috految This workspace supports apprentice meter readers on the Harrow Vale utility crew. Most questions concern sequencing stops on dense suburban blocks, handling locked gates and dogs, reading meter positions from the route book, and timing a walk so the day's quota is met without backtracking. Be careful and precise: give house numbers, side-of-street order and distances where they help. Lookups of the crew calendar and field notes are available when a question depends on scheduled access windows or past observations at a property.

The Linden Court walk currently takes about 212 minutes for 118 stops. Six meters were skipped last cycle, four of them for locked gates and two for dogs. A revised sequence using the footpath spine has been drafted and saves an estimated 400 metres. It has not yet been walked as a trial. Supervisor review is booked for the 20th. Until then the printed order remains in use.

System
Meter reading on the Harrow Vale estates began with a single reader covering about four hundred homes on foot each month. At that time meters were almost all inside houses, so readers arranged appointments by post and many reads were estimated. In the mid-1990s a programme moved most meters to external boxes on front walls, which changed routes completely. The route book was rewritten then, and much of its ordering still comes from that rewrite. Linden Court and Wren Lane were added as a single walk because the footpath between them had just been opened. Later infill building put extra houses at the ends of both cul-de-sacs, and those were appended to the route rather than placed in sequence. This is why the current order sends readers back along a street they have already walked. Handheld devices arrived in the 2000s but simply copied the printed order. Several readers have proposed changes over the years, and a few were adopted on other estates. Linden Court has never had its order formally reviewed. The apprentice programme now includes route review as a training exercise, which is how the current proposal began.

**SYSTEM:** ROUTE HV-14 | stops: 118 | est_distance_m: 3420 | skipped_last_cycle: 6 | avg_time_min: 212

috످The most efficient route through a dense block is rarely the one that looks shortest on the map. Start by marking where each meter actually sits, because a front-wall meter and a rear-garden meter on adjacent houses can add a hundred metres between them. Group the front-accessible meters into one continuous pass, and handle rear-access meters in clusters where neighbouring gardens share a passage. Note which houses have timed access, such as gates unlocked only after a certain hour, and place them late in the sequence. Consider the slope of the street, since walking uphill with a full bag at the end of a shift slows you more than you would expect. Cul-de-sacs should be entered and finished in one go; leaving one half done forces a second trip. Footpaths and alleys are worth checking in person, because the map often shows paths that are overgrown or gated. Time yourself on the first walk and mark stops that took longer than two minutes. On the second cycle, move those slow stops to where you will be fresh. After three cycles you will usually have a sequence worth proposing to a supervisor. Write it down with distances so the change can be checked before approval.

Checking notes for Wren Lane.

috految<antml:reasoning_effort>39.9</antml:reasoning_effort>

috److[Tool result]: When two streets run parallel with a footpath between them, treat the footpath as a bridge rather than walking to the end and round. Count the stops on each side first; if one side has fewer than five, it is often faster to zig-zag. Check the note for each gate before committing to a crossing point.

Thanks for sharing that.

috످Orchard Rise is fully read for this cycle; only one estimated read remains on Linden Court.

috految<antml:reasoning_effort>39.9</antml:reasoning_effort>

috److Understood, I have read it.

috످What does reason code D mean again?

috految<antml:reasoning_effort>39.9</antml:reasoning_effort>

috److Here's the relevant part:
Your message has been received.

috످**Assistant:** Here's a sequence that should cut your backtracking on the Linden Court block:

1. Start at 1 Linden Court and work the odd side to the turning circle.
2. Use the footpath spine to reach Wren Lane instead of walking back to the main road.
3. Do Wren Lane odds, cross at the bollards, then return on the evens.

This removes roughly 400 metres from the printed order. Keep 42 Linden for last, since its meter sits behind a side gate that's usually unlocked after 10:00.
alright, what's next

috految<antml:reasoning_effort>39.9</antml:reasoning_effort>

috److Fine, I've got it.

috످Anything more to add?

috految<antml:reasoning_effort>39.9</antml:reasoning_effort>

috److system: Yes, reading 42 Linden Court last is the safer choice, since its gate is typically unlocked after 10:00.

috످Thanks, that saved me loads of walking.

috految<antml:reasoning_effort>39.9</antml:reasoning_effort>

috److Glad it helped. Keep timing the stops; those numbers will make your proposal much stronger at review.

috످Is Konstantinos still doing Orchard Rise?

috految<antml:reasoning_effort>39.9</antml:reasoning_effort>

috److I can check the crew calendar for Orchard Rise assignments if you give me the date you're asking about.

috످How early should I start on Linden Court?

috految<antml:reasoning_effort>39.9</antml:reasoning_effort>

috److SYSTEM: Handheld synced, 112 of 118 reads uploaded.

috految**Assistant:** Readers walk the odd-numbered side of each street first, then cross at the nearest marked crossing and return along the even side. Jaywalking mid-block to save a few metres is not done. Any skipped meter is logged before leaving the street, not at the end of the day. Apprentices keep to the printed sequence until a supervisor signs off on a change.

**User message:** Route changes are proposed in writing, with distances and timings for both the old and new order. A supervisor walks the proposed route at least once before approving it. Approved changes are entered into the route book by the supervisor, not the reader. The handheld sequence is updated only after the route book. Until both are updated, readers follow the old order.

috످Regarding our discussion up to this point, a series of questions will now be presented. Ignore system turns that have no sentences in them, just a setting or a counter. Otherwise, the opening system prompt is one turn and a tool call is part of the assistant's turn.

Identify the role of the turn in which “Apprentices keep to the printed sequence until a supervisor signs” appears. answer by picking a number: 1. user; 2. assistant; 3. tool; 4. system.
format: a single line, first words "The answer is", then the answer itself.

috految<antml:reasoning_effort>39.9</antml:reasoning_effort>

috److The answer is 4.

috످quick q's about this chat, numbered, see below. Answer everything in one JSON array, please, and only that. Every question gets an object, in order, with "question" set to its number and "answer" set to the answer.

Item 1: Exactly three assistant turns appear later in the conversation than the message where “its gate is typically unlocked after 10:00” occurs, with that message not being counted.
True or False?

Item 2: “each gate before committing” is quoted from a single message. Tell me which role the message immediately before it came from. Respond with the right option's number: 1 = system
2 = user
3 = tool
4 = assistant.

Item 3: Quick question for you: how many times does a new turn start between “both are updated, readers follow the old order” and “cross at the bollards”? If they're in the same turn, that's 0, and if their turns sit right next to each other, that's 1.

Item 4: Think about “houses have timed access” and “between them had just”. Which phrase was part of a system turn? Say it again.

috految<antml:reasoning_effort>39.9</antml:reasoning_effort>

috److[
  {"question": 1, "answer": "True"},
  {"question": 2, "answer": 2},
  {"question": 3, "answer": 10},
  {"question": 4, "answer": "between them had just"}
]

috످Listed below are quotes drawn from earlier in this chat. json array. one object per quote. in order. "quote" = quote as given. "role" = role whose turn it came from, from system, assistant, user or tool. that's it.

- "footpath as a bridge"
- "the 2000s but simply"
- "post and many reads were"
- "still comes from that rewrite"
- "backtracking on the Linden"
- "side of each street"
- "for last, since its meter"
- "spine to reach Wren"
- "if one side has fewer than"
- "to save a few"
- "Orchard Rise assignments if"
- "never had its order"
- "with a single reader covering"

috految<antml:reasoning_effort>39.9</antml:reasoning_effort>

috److془Let me think through each.

The footpath advice is about crossing between parallel streets; assistant's first reply, despite tool label.
The history of meter reading is in system prompt.
The route sequence is in user's turn.
The rules on street crossing are in system turn after "SYSTEM: Handheld synced".

Check: "SYSTEM: Handheld synced, 112 of 118 reads uploaded." then system turn "**Assistant:** Readers walk..." Yes system.

Calendar offer: assistant.془[
  {"quote": "footpath as a bridge", "role": "assistant"},
  {"quote": "the 2000s but simply", "role": "system"},
  {"quote": "post and many reads were", "role": "system"},
  {"quote": "still comes from that rewrite", "role": "system"},
  {"quote": "backtracking on the Linden", "role": "user"},
  {"quote": "side of each street", "role": "system"},
  {"quote": "for last, since its meter", "role": "user"},
  {"quote": "spine to reach Wren", "role": "user"},
  {"quote": "if one side has fewer than", "role": "assistant"},
  {"quote": "to save a few", "role": "system"},
  {"quote": "Orchard Rise assignments if", "role": "assistant"},
  {"quote": "never had its order", "role": "system"},
  {"quote": "with a single reader covering", "role": "system"}
]

috످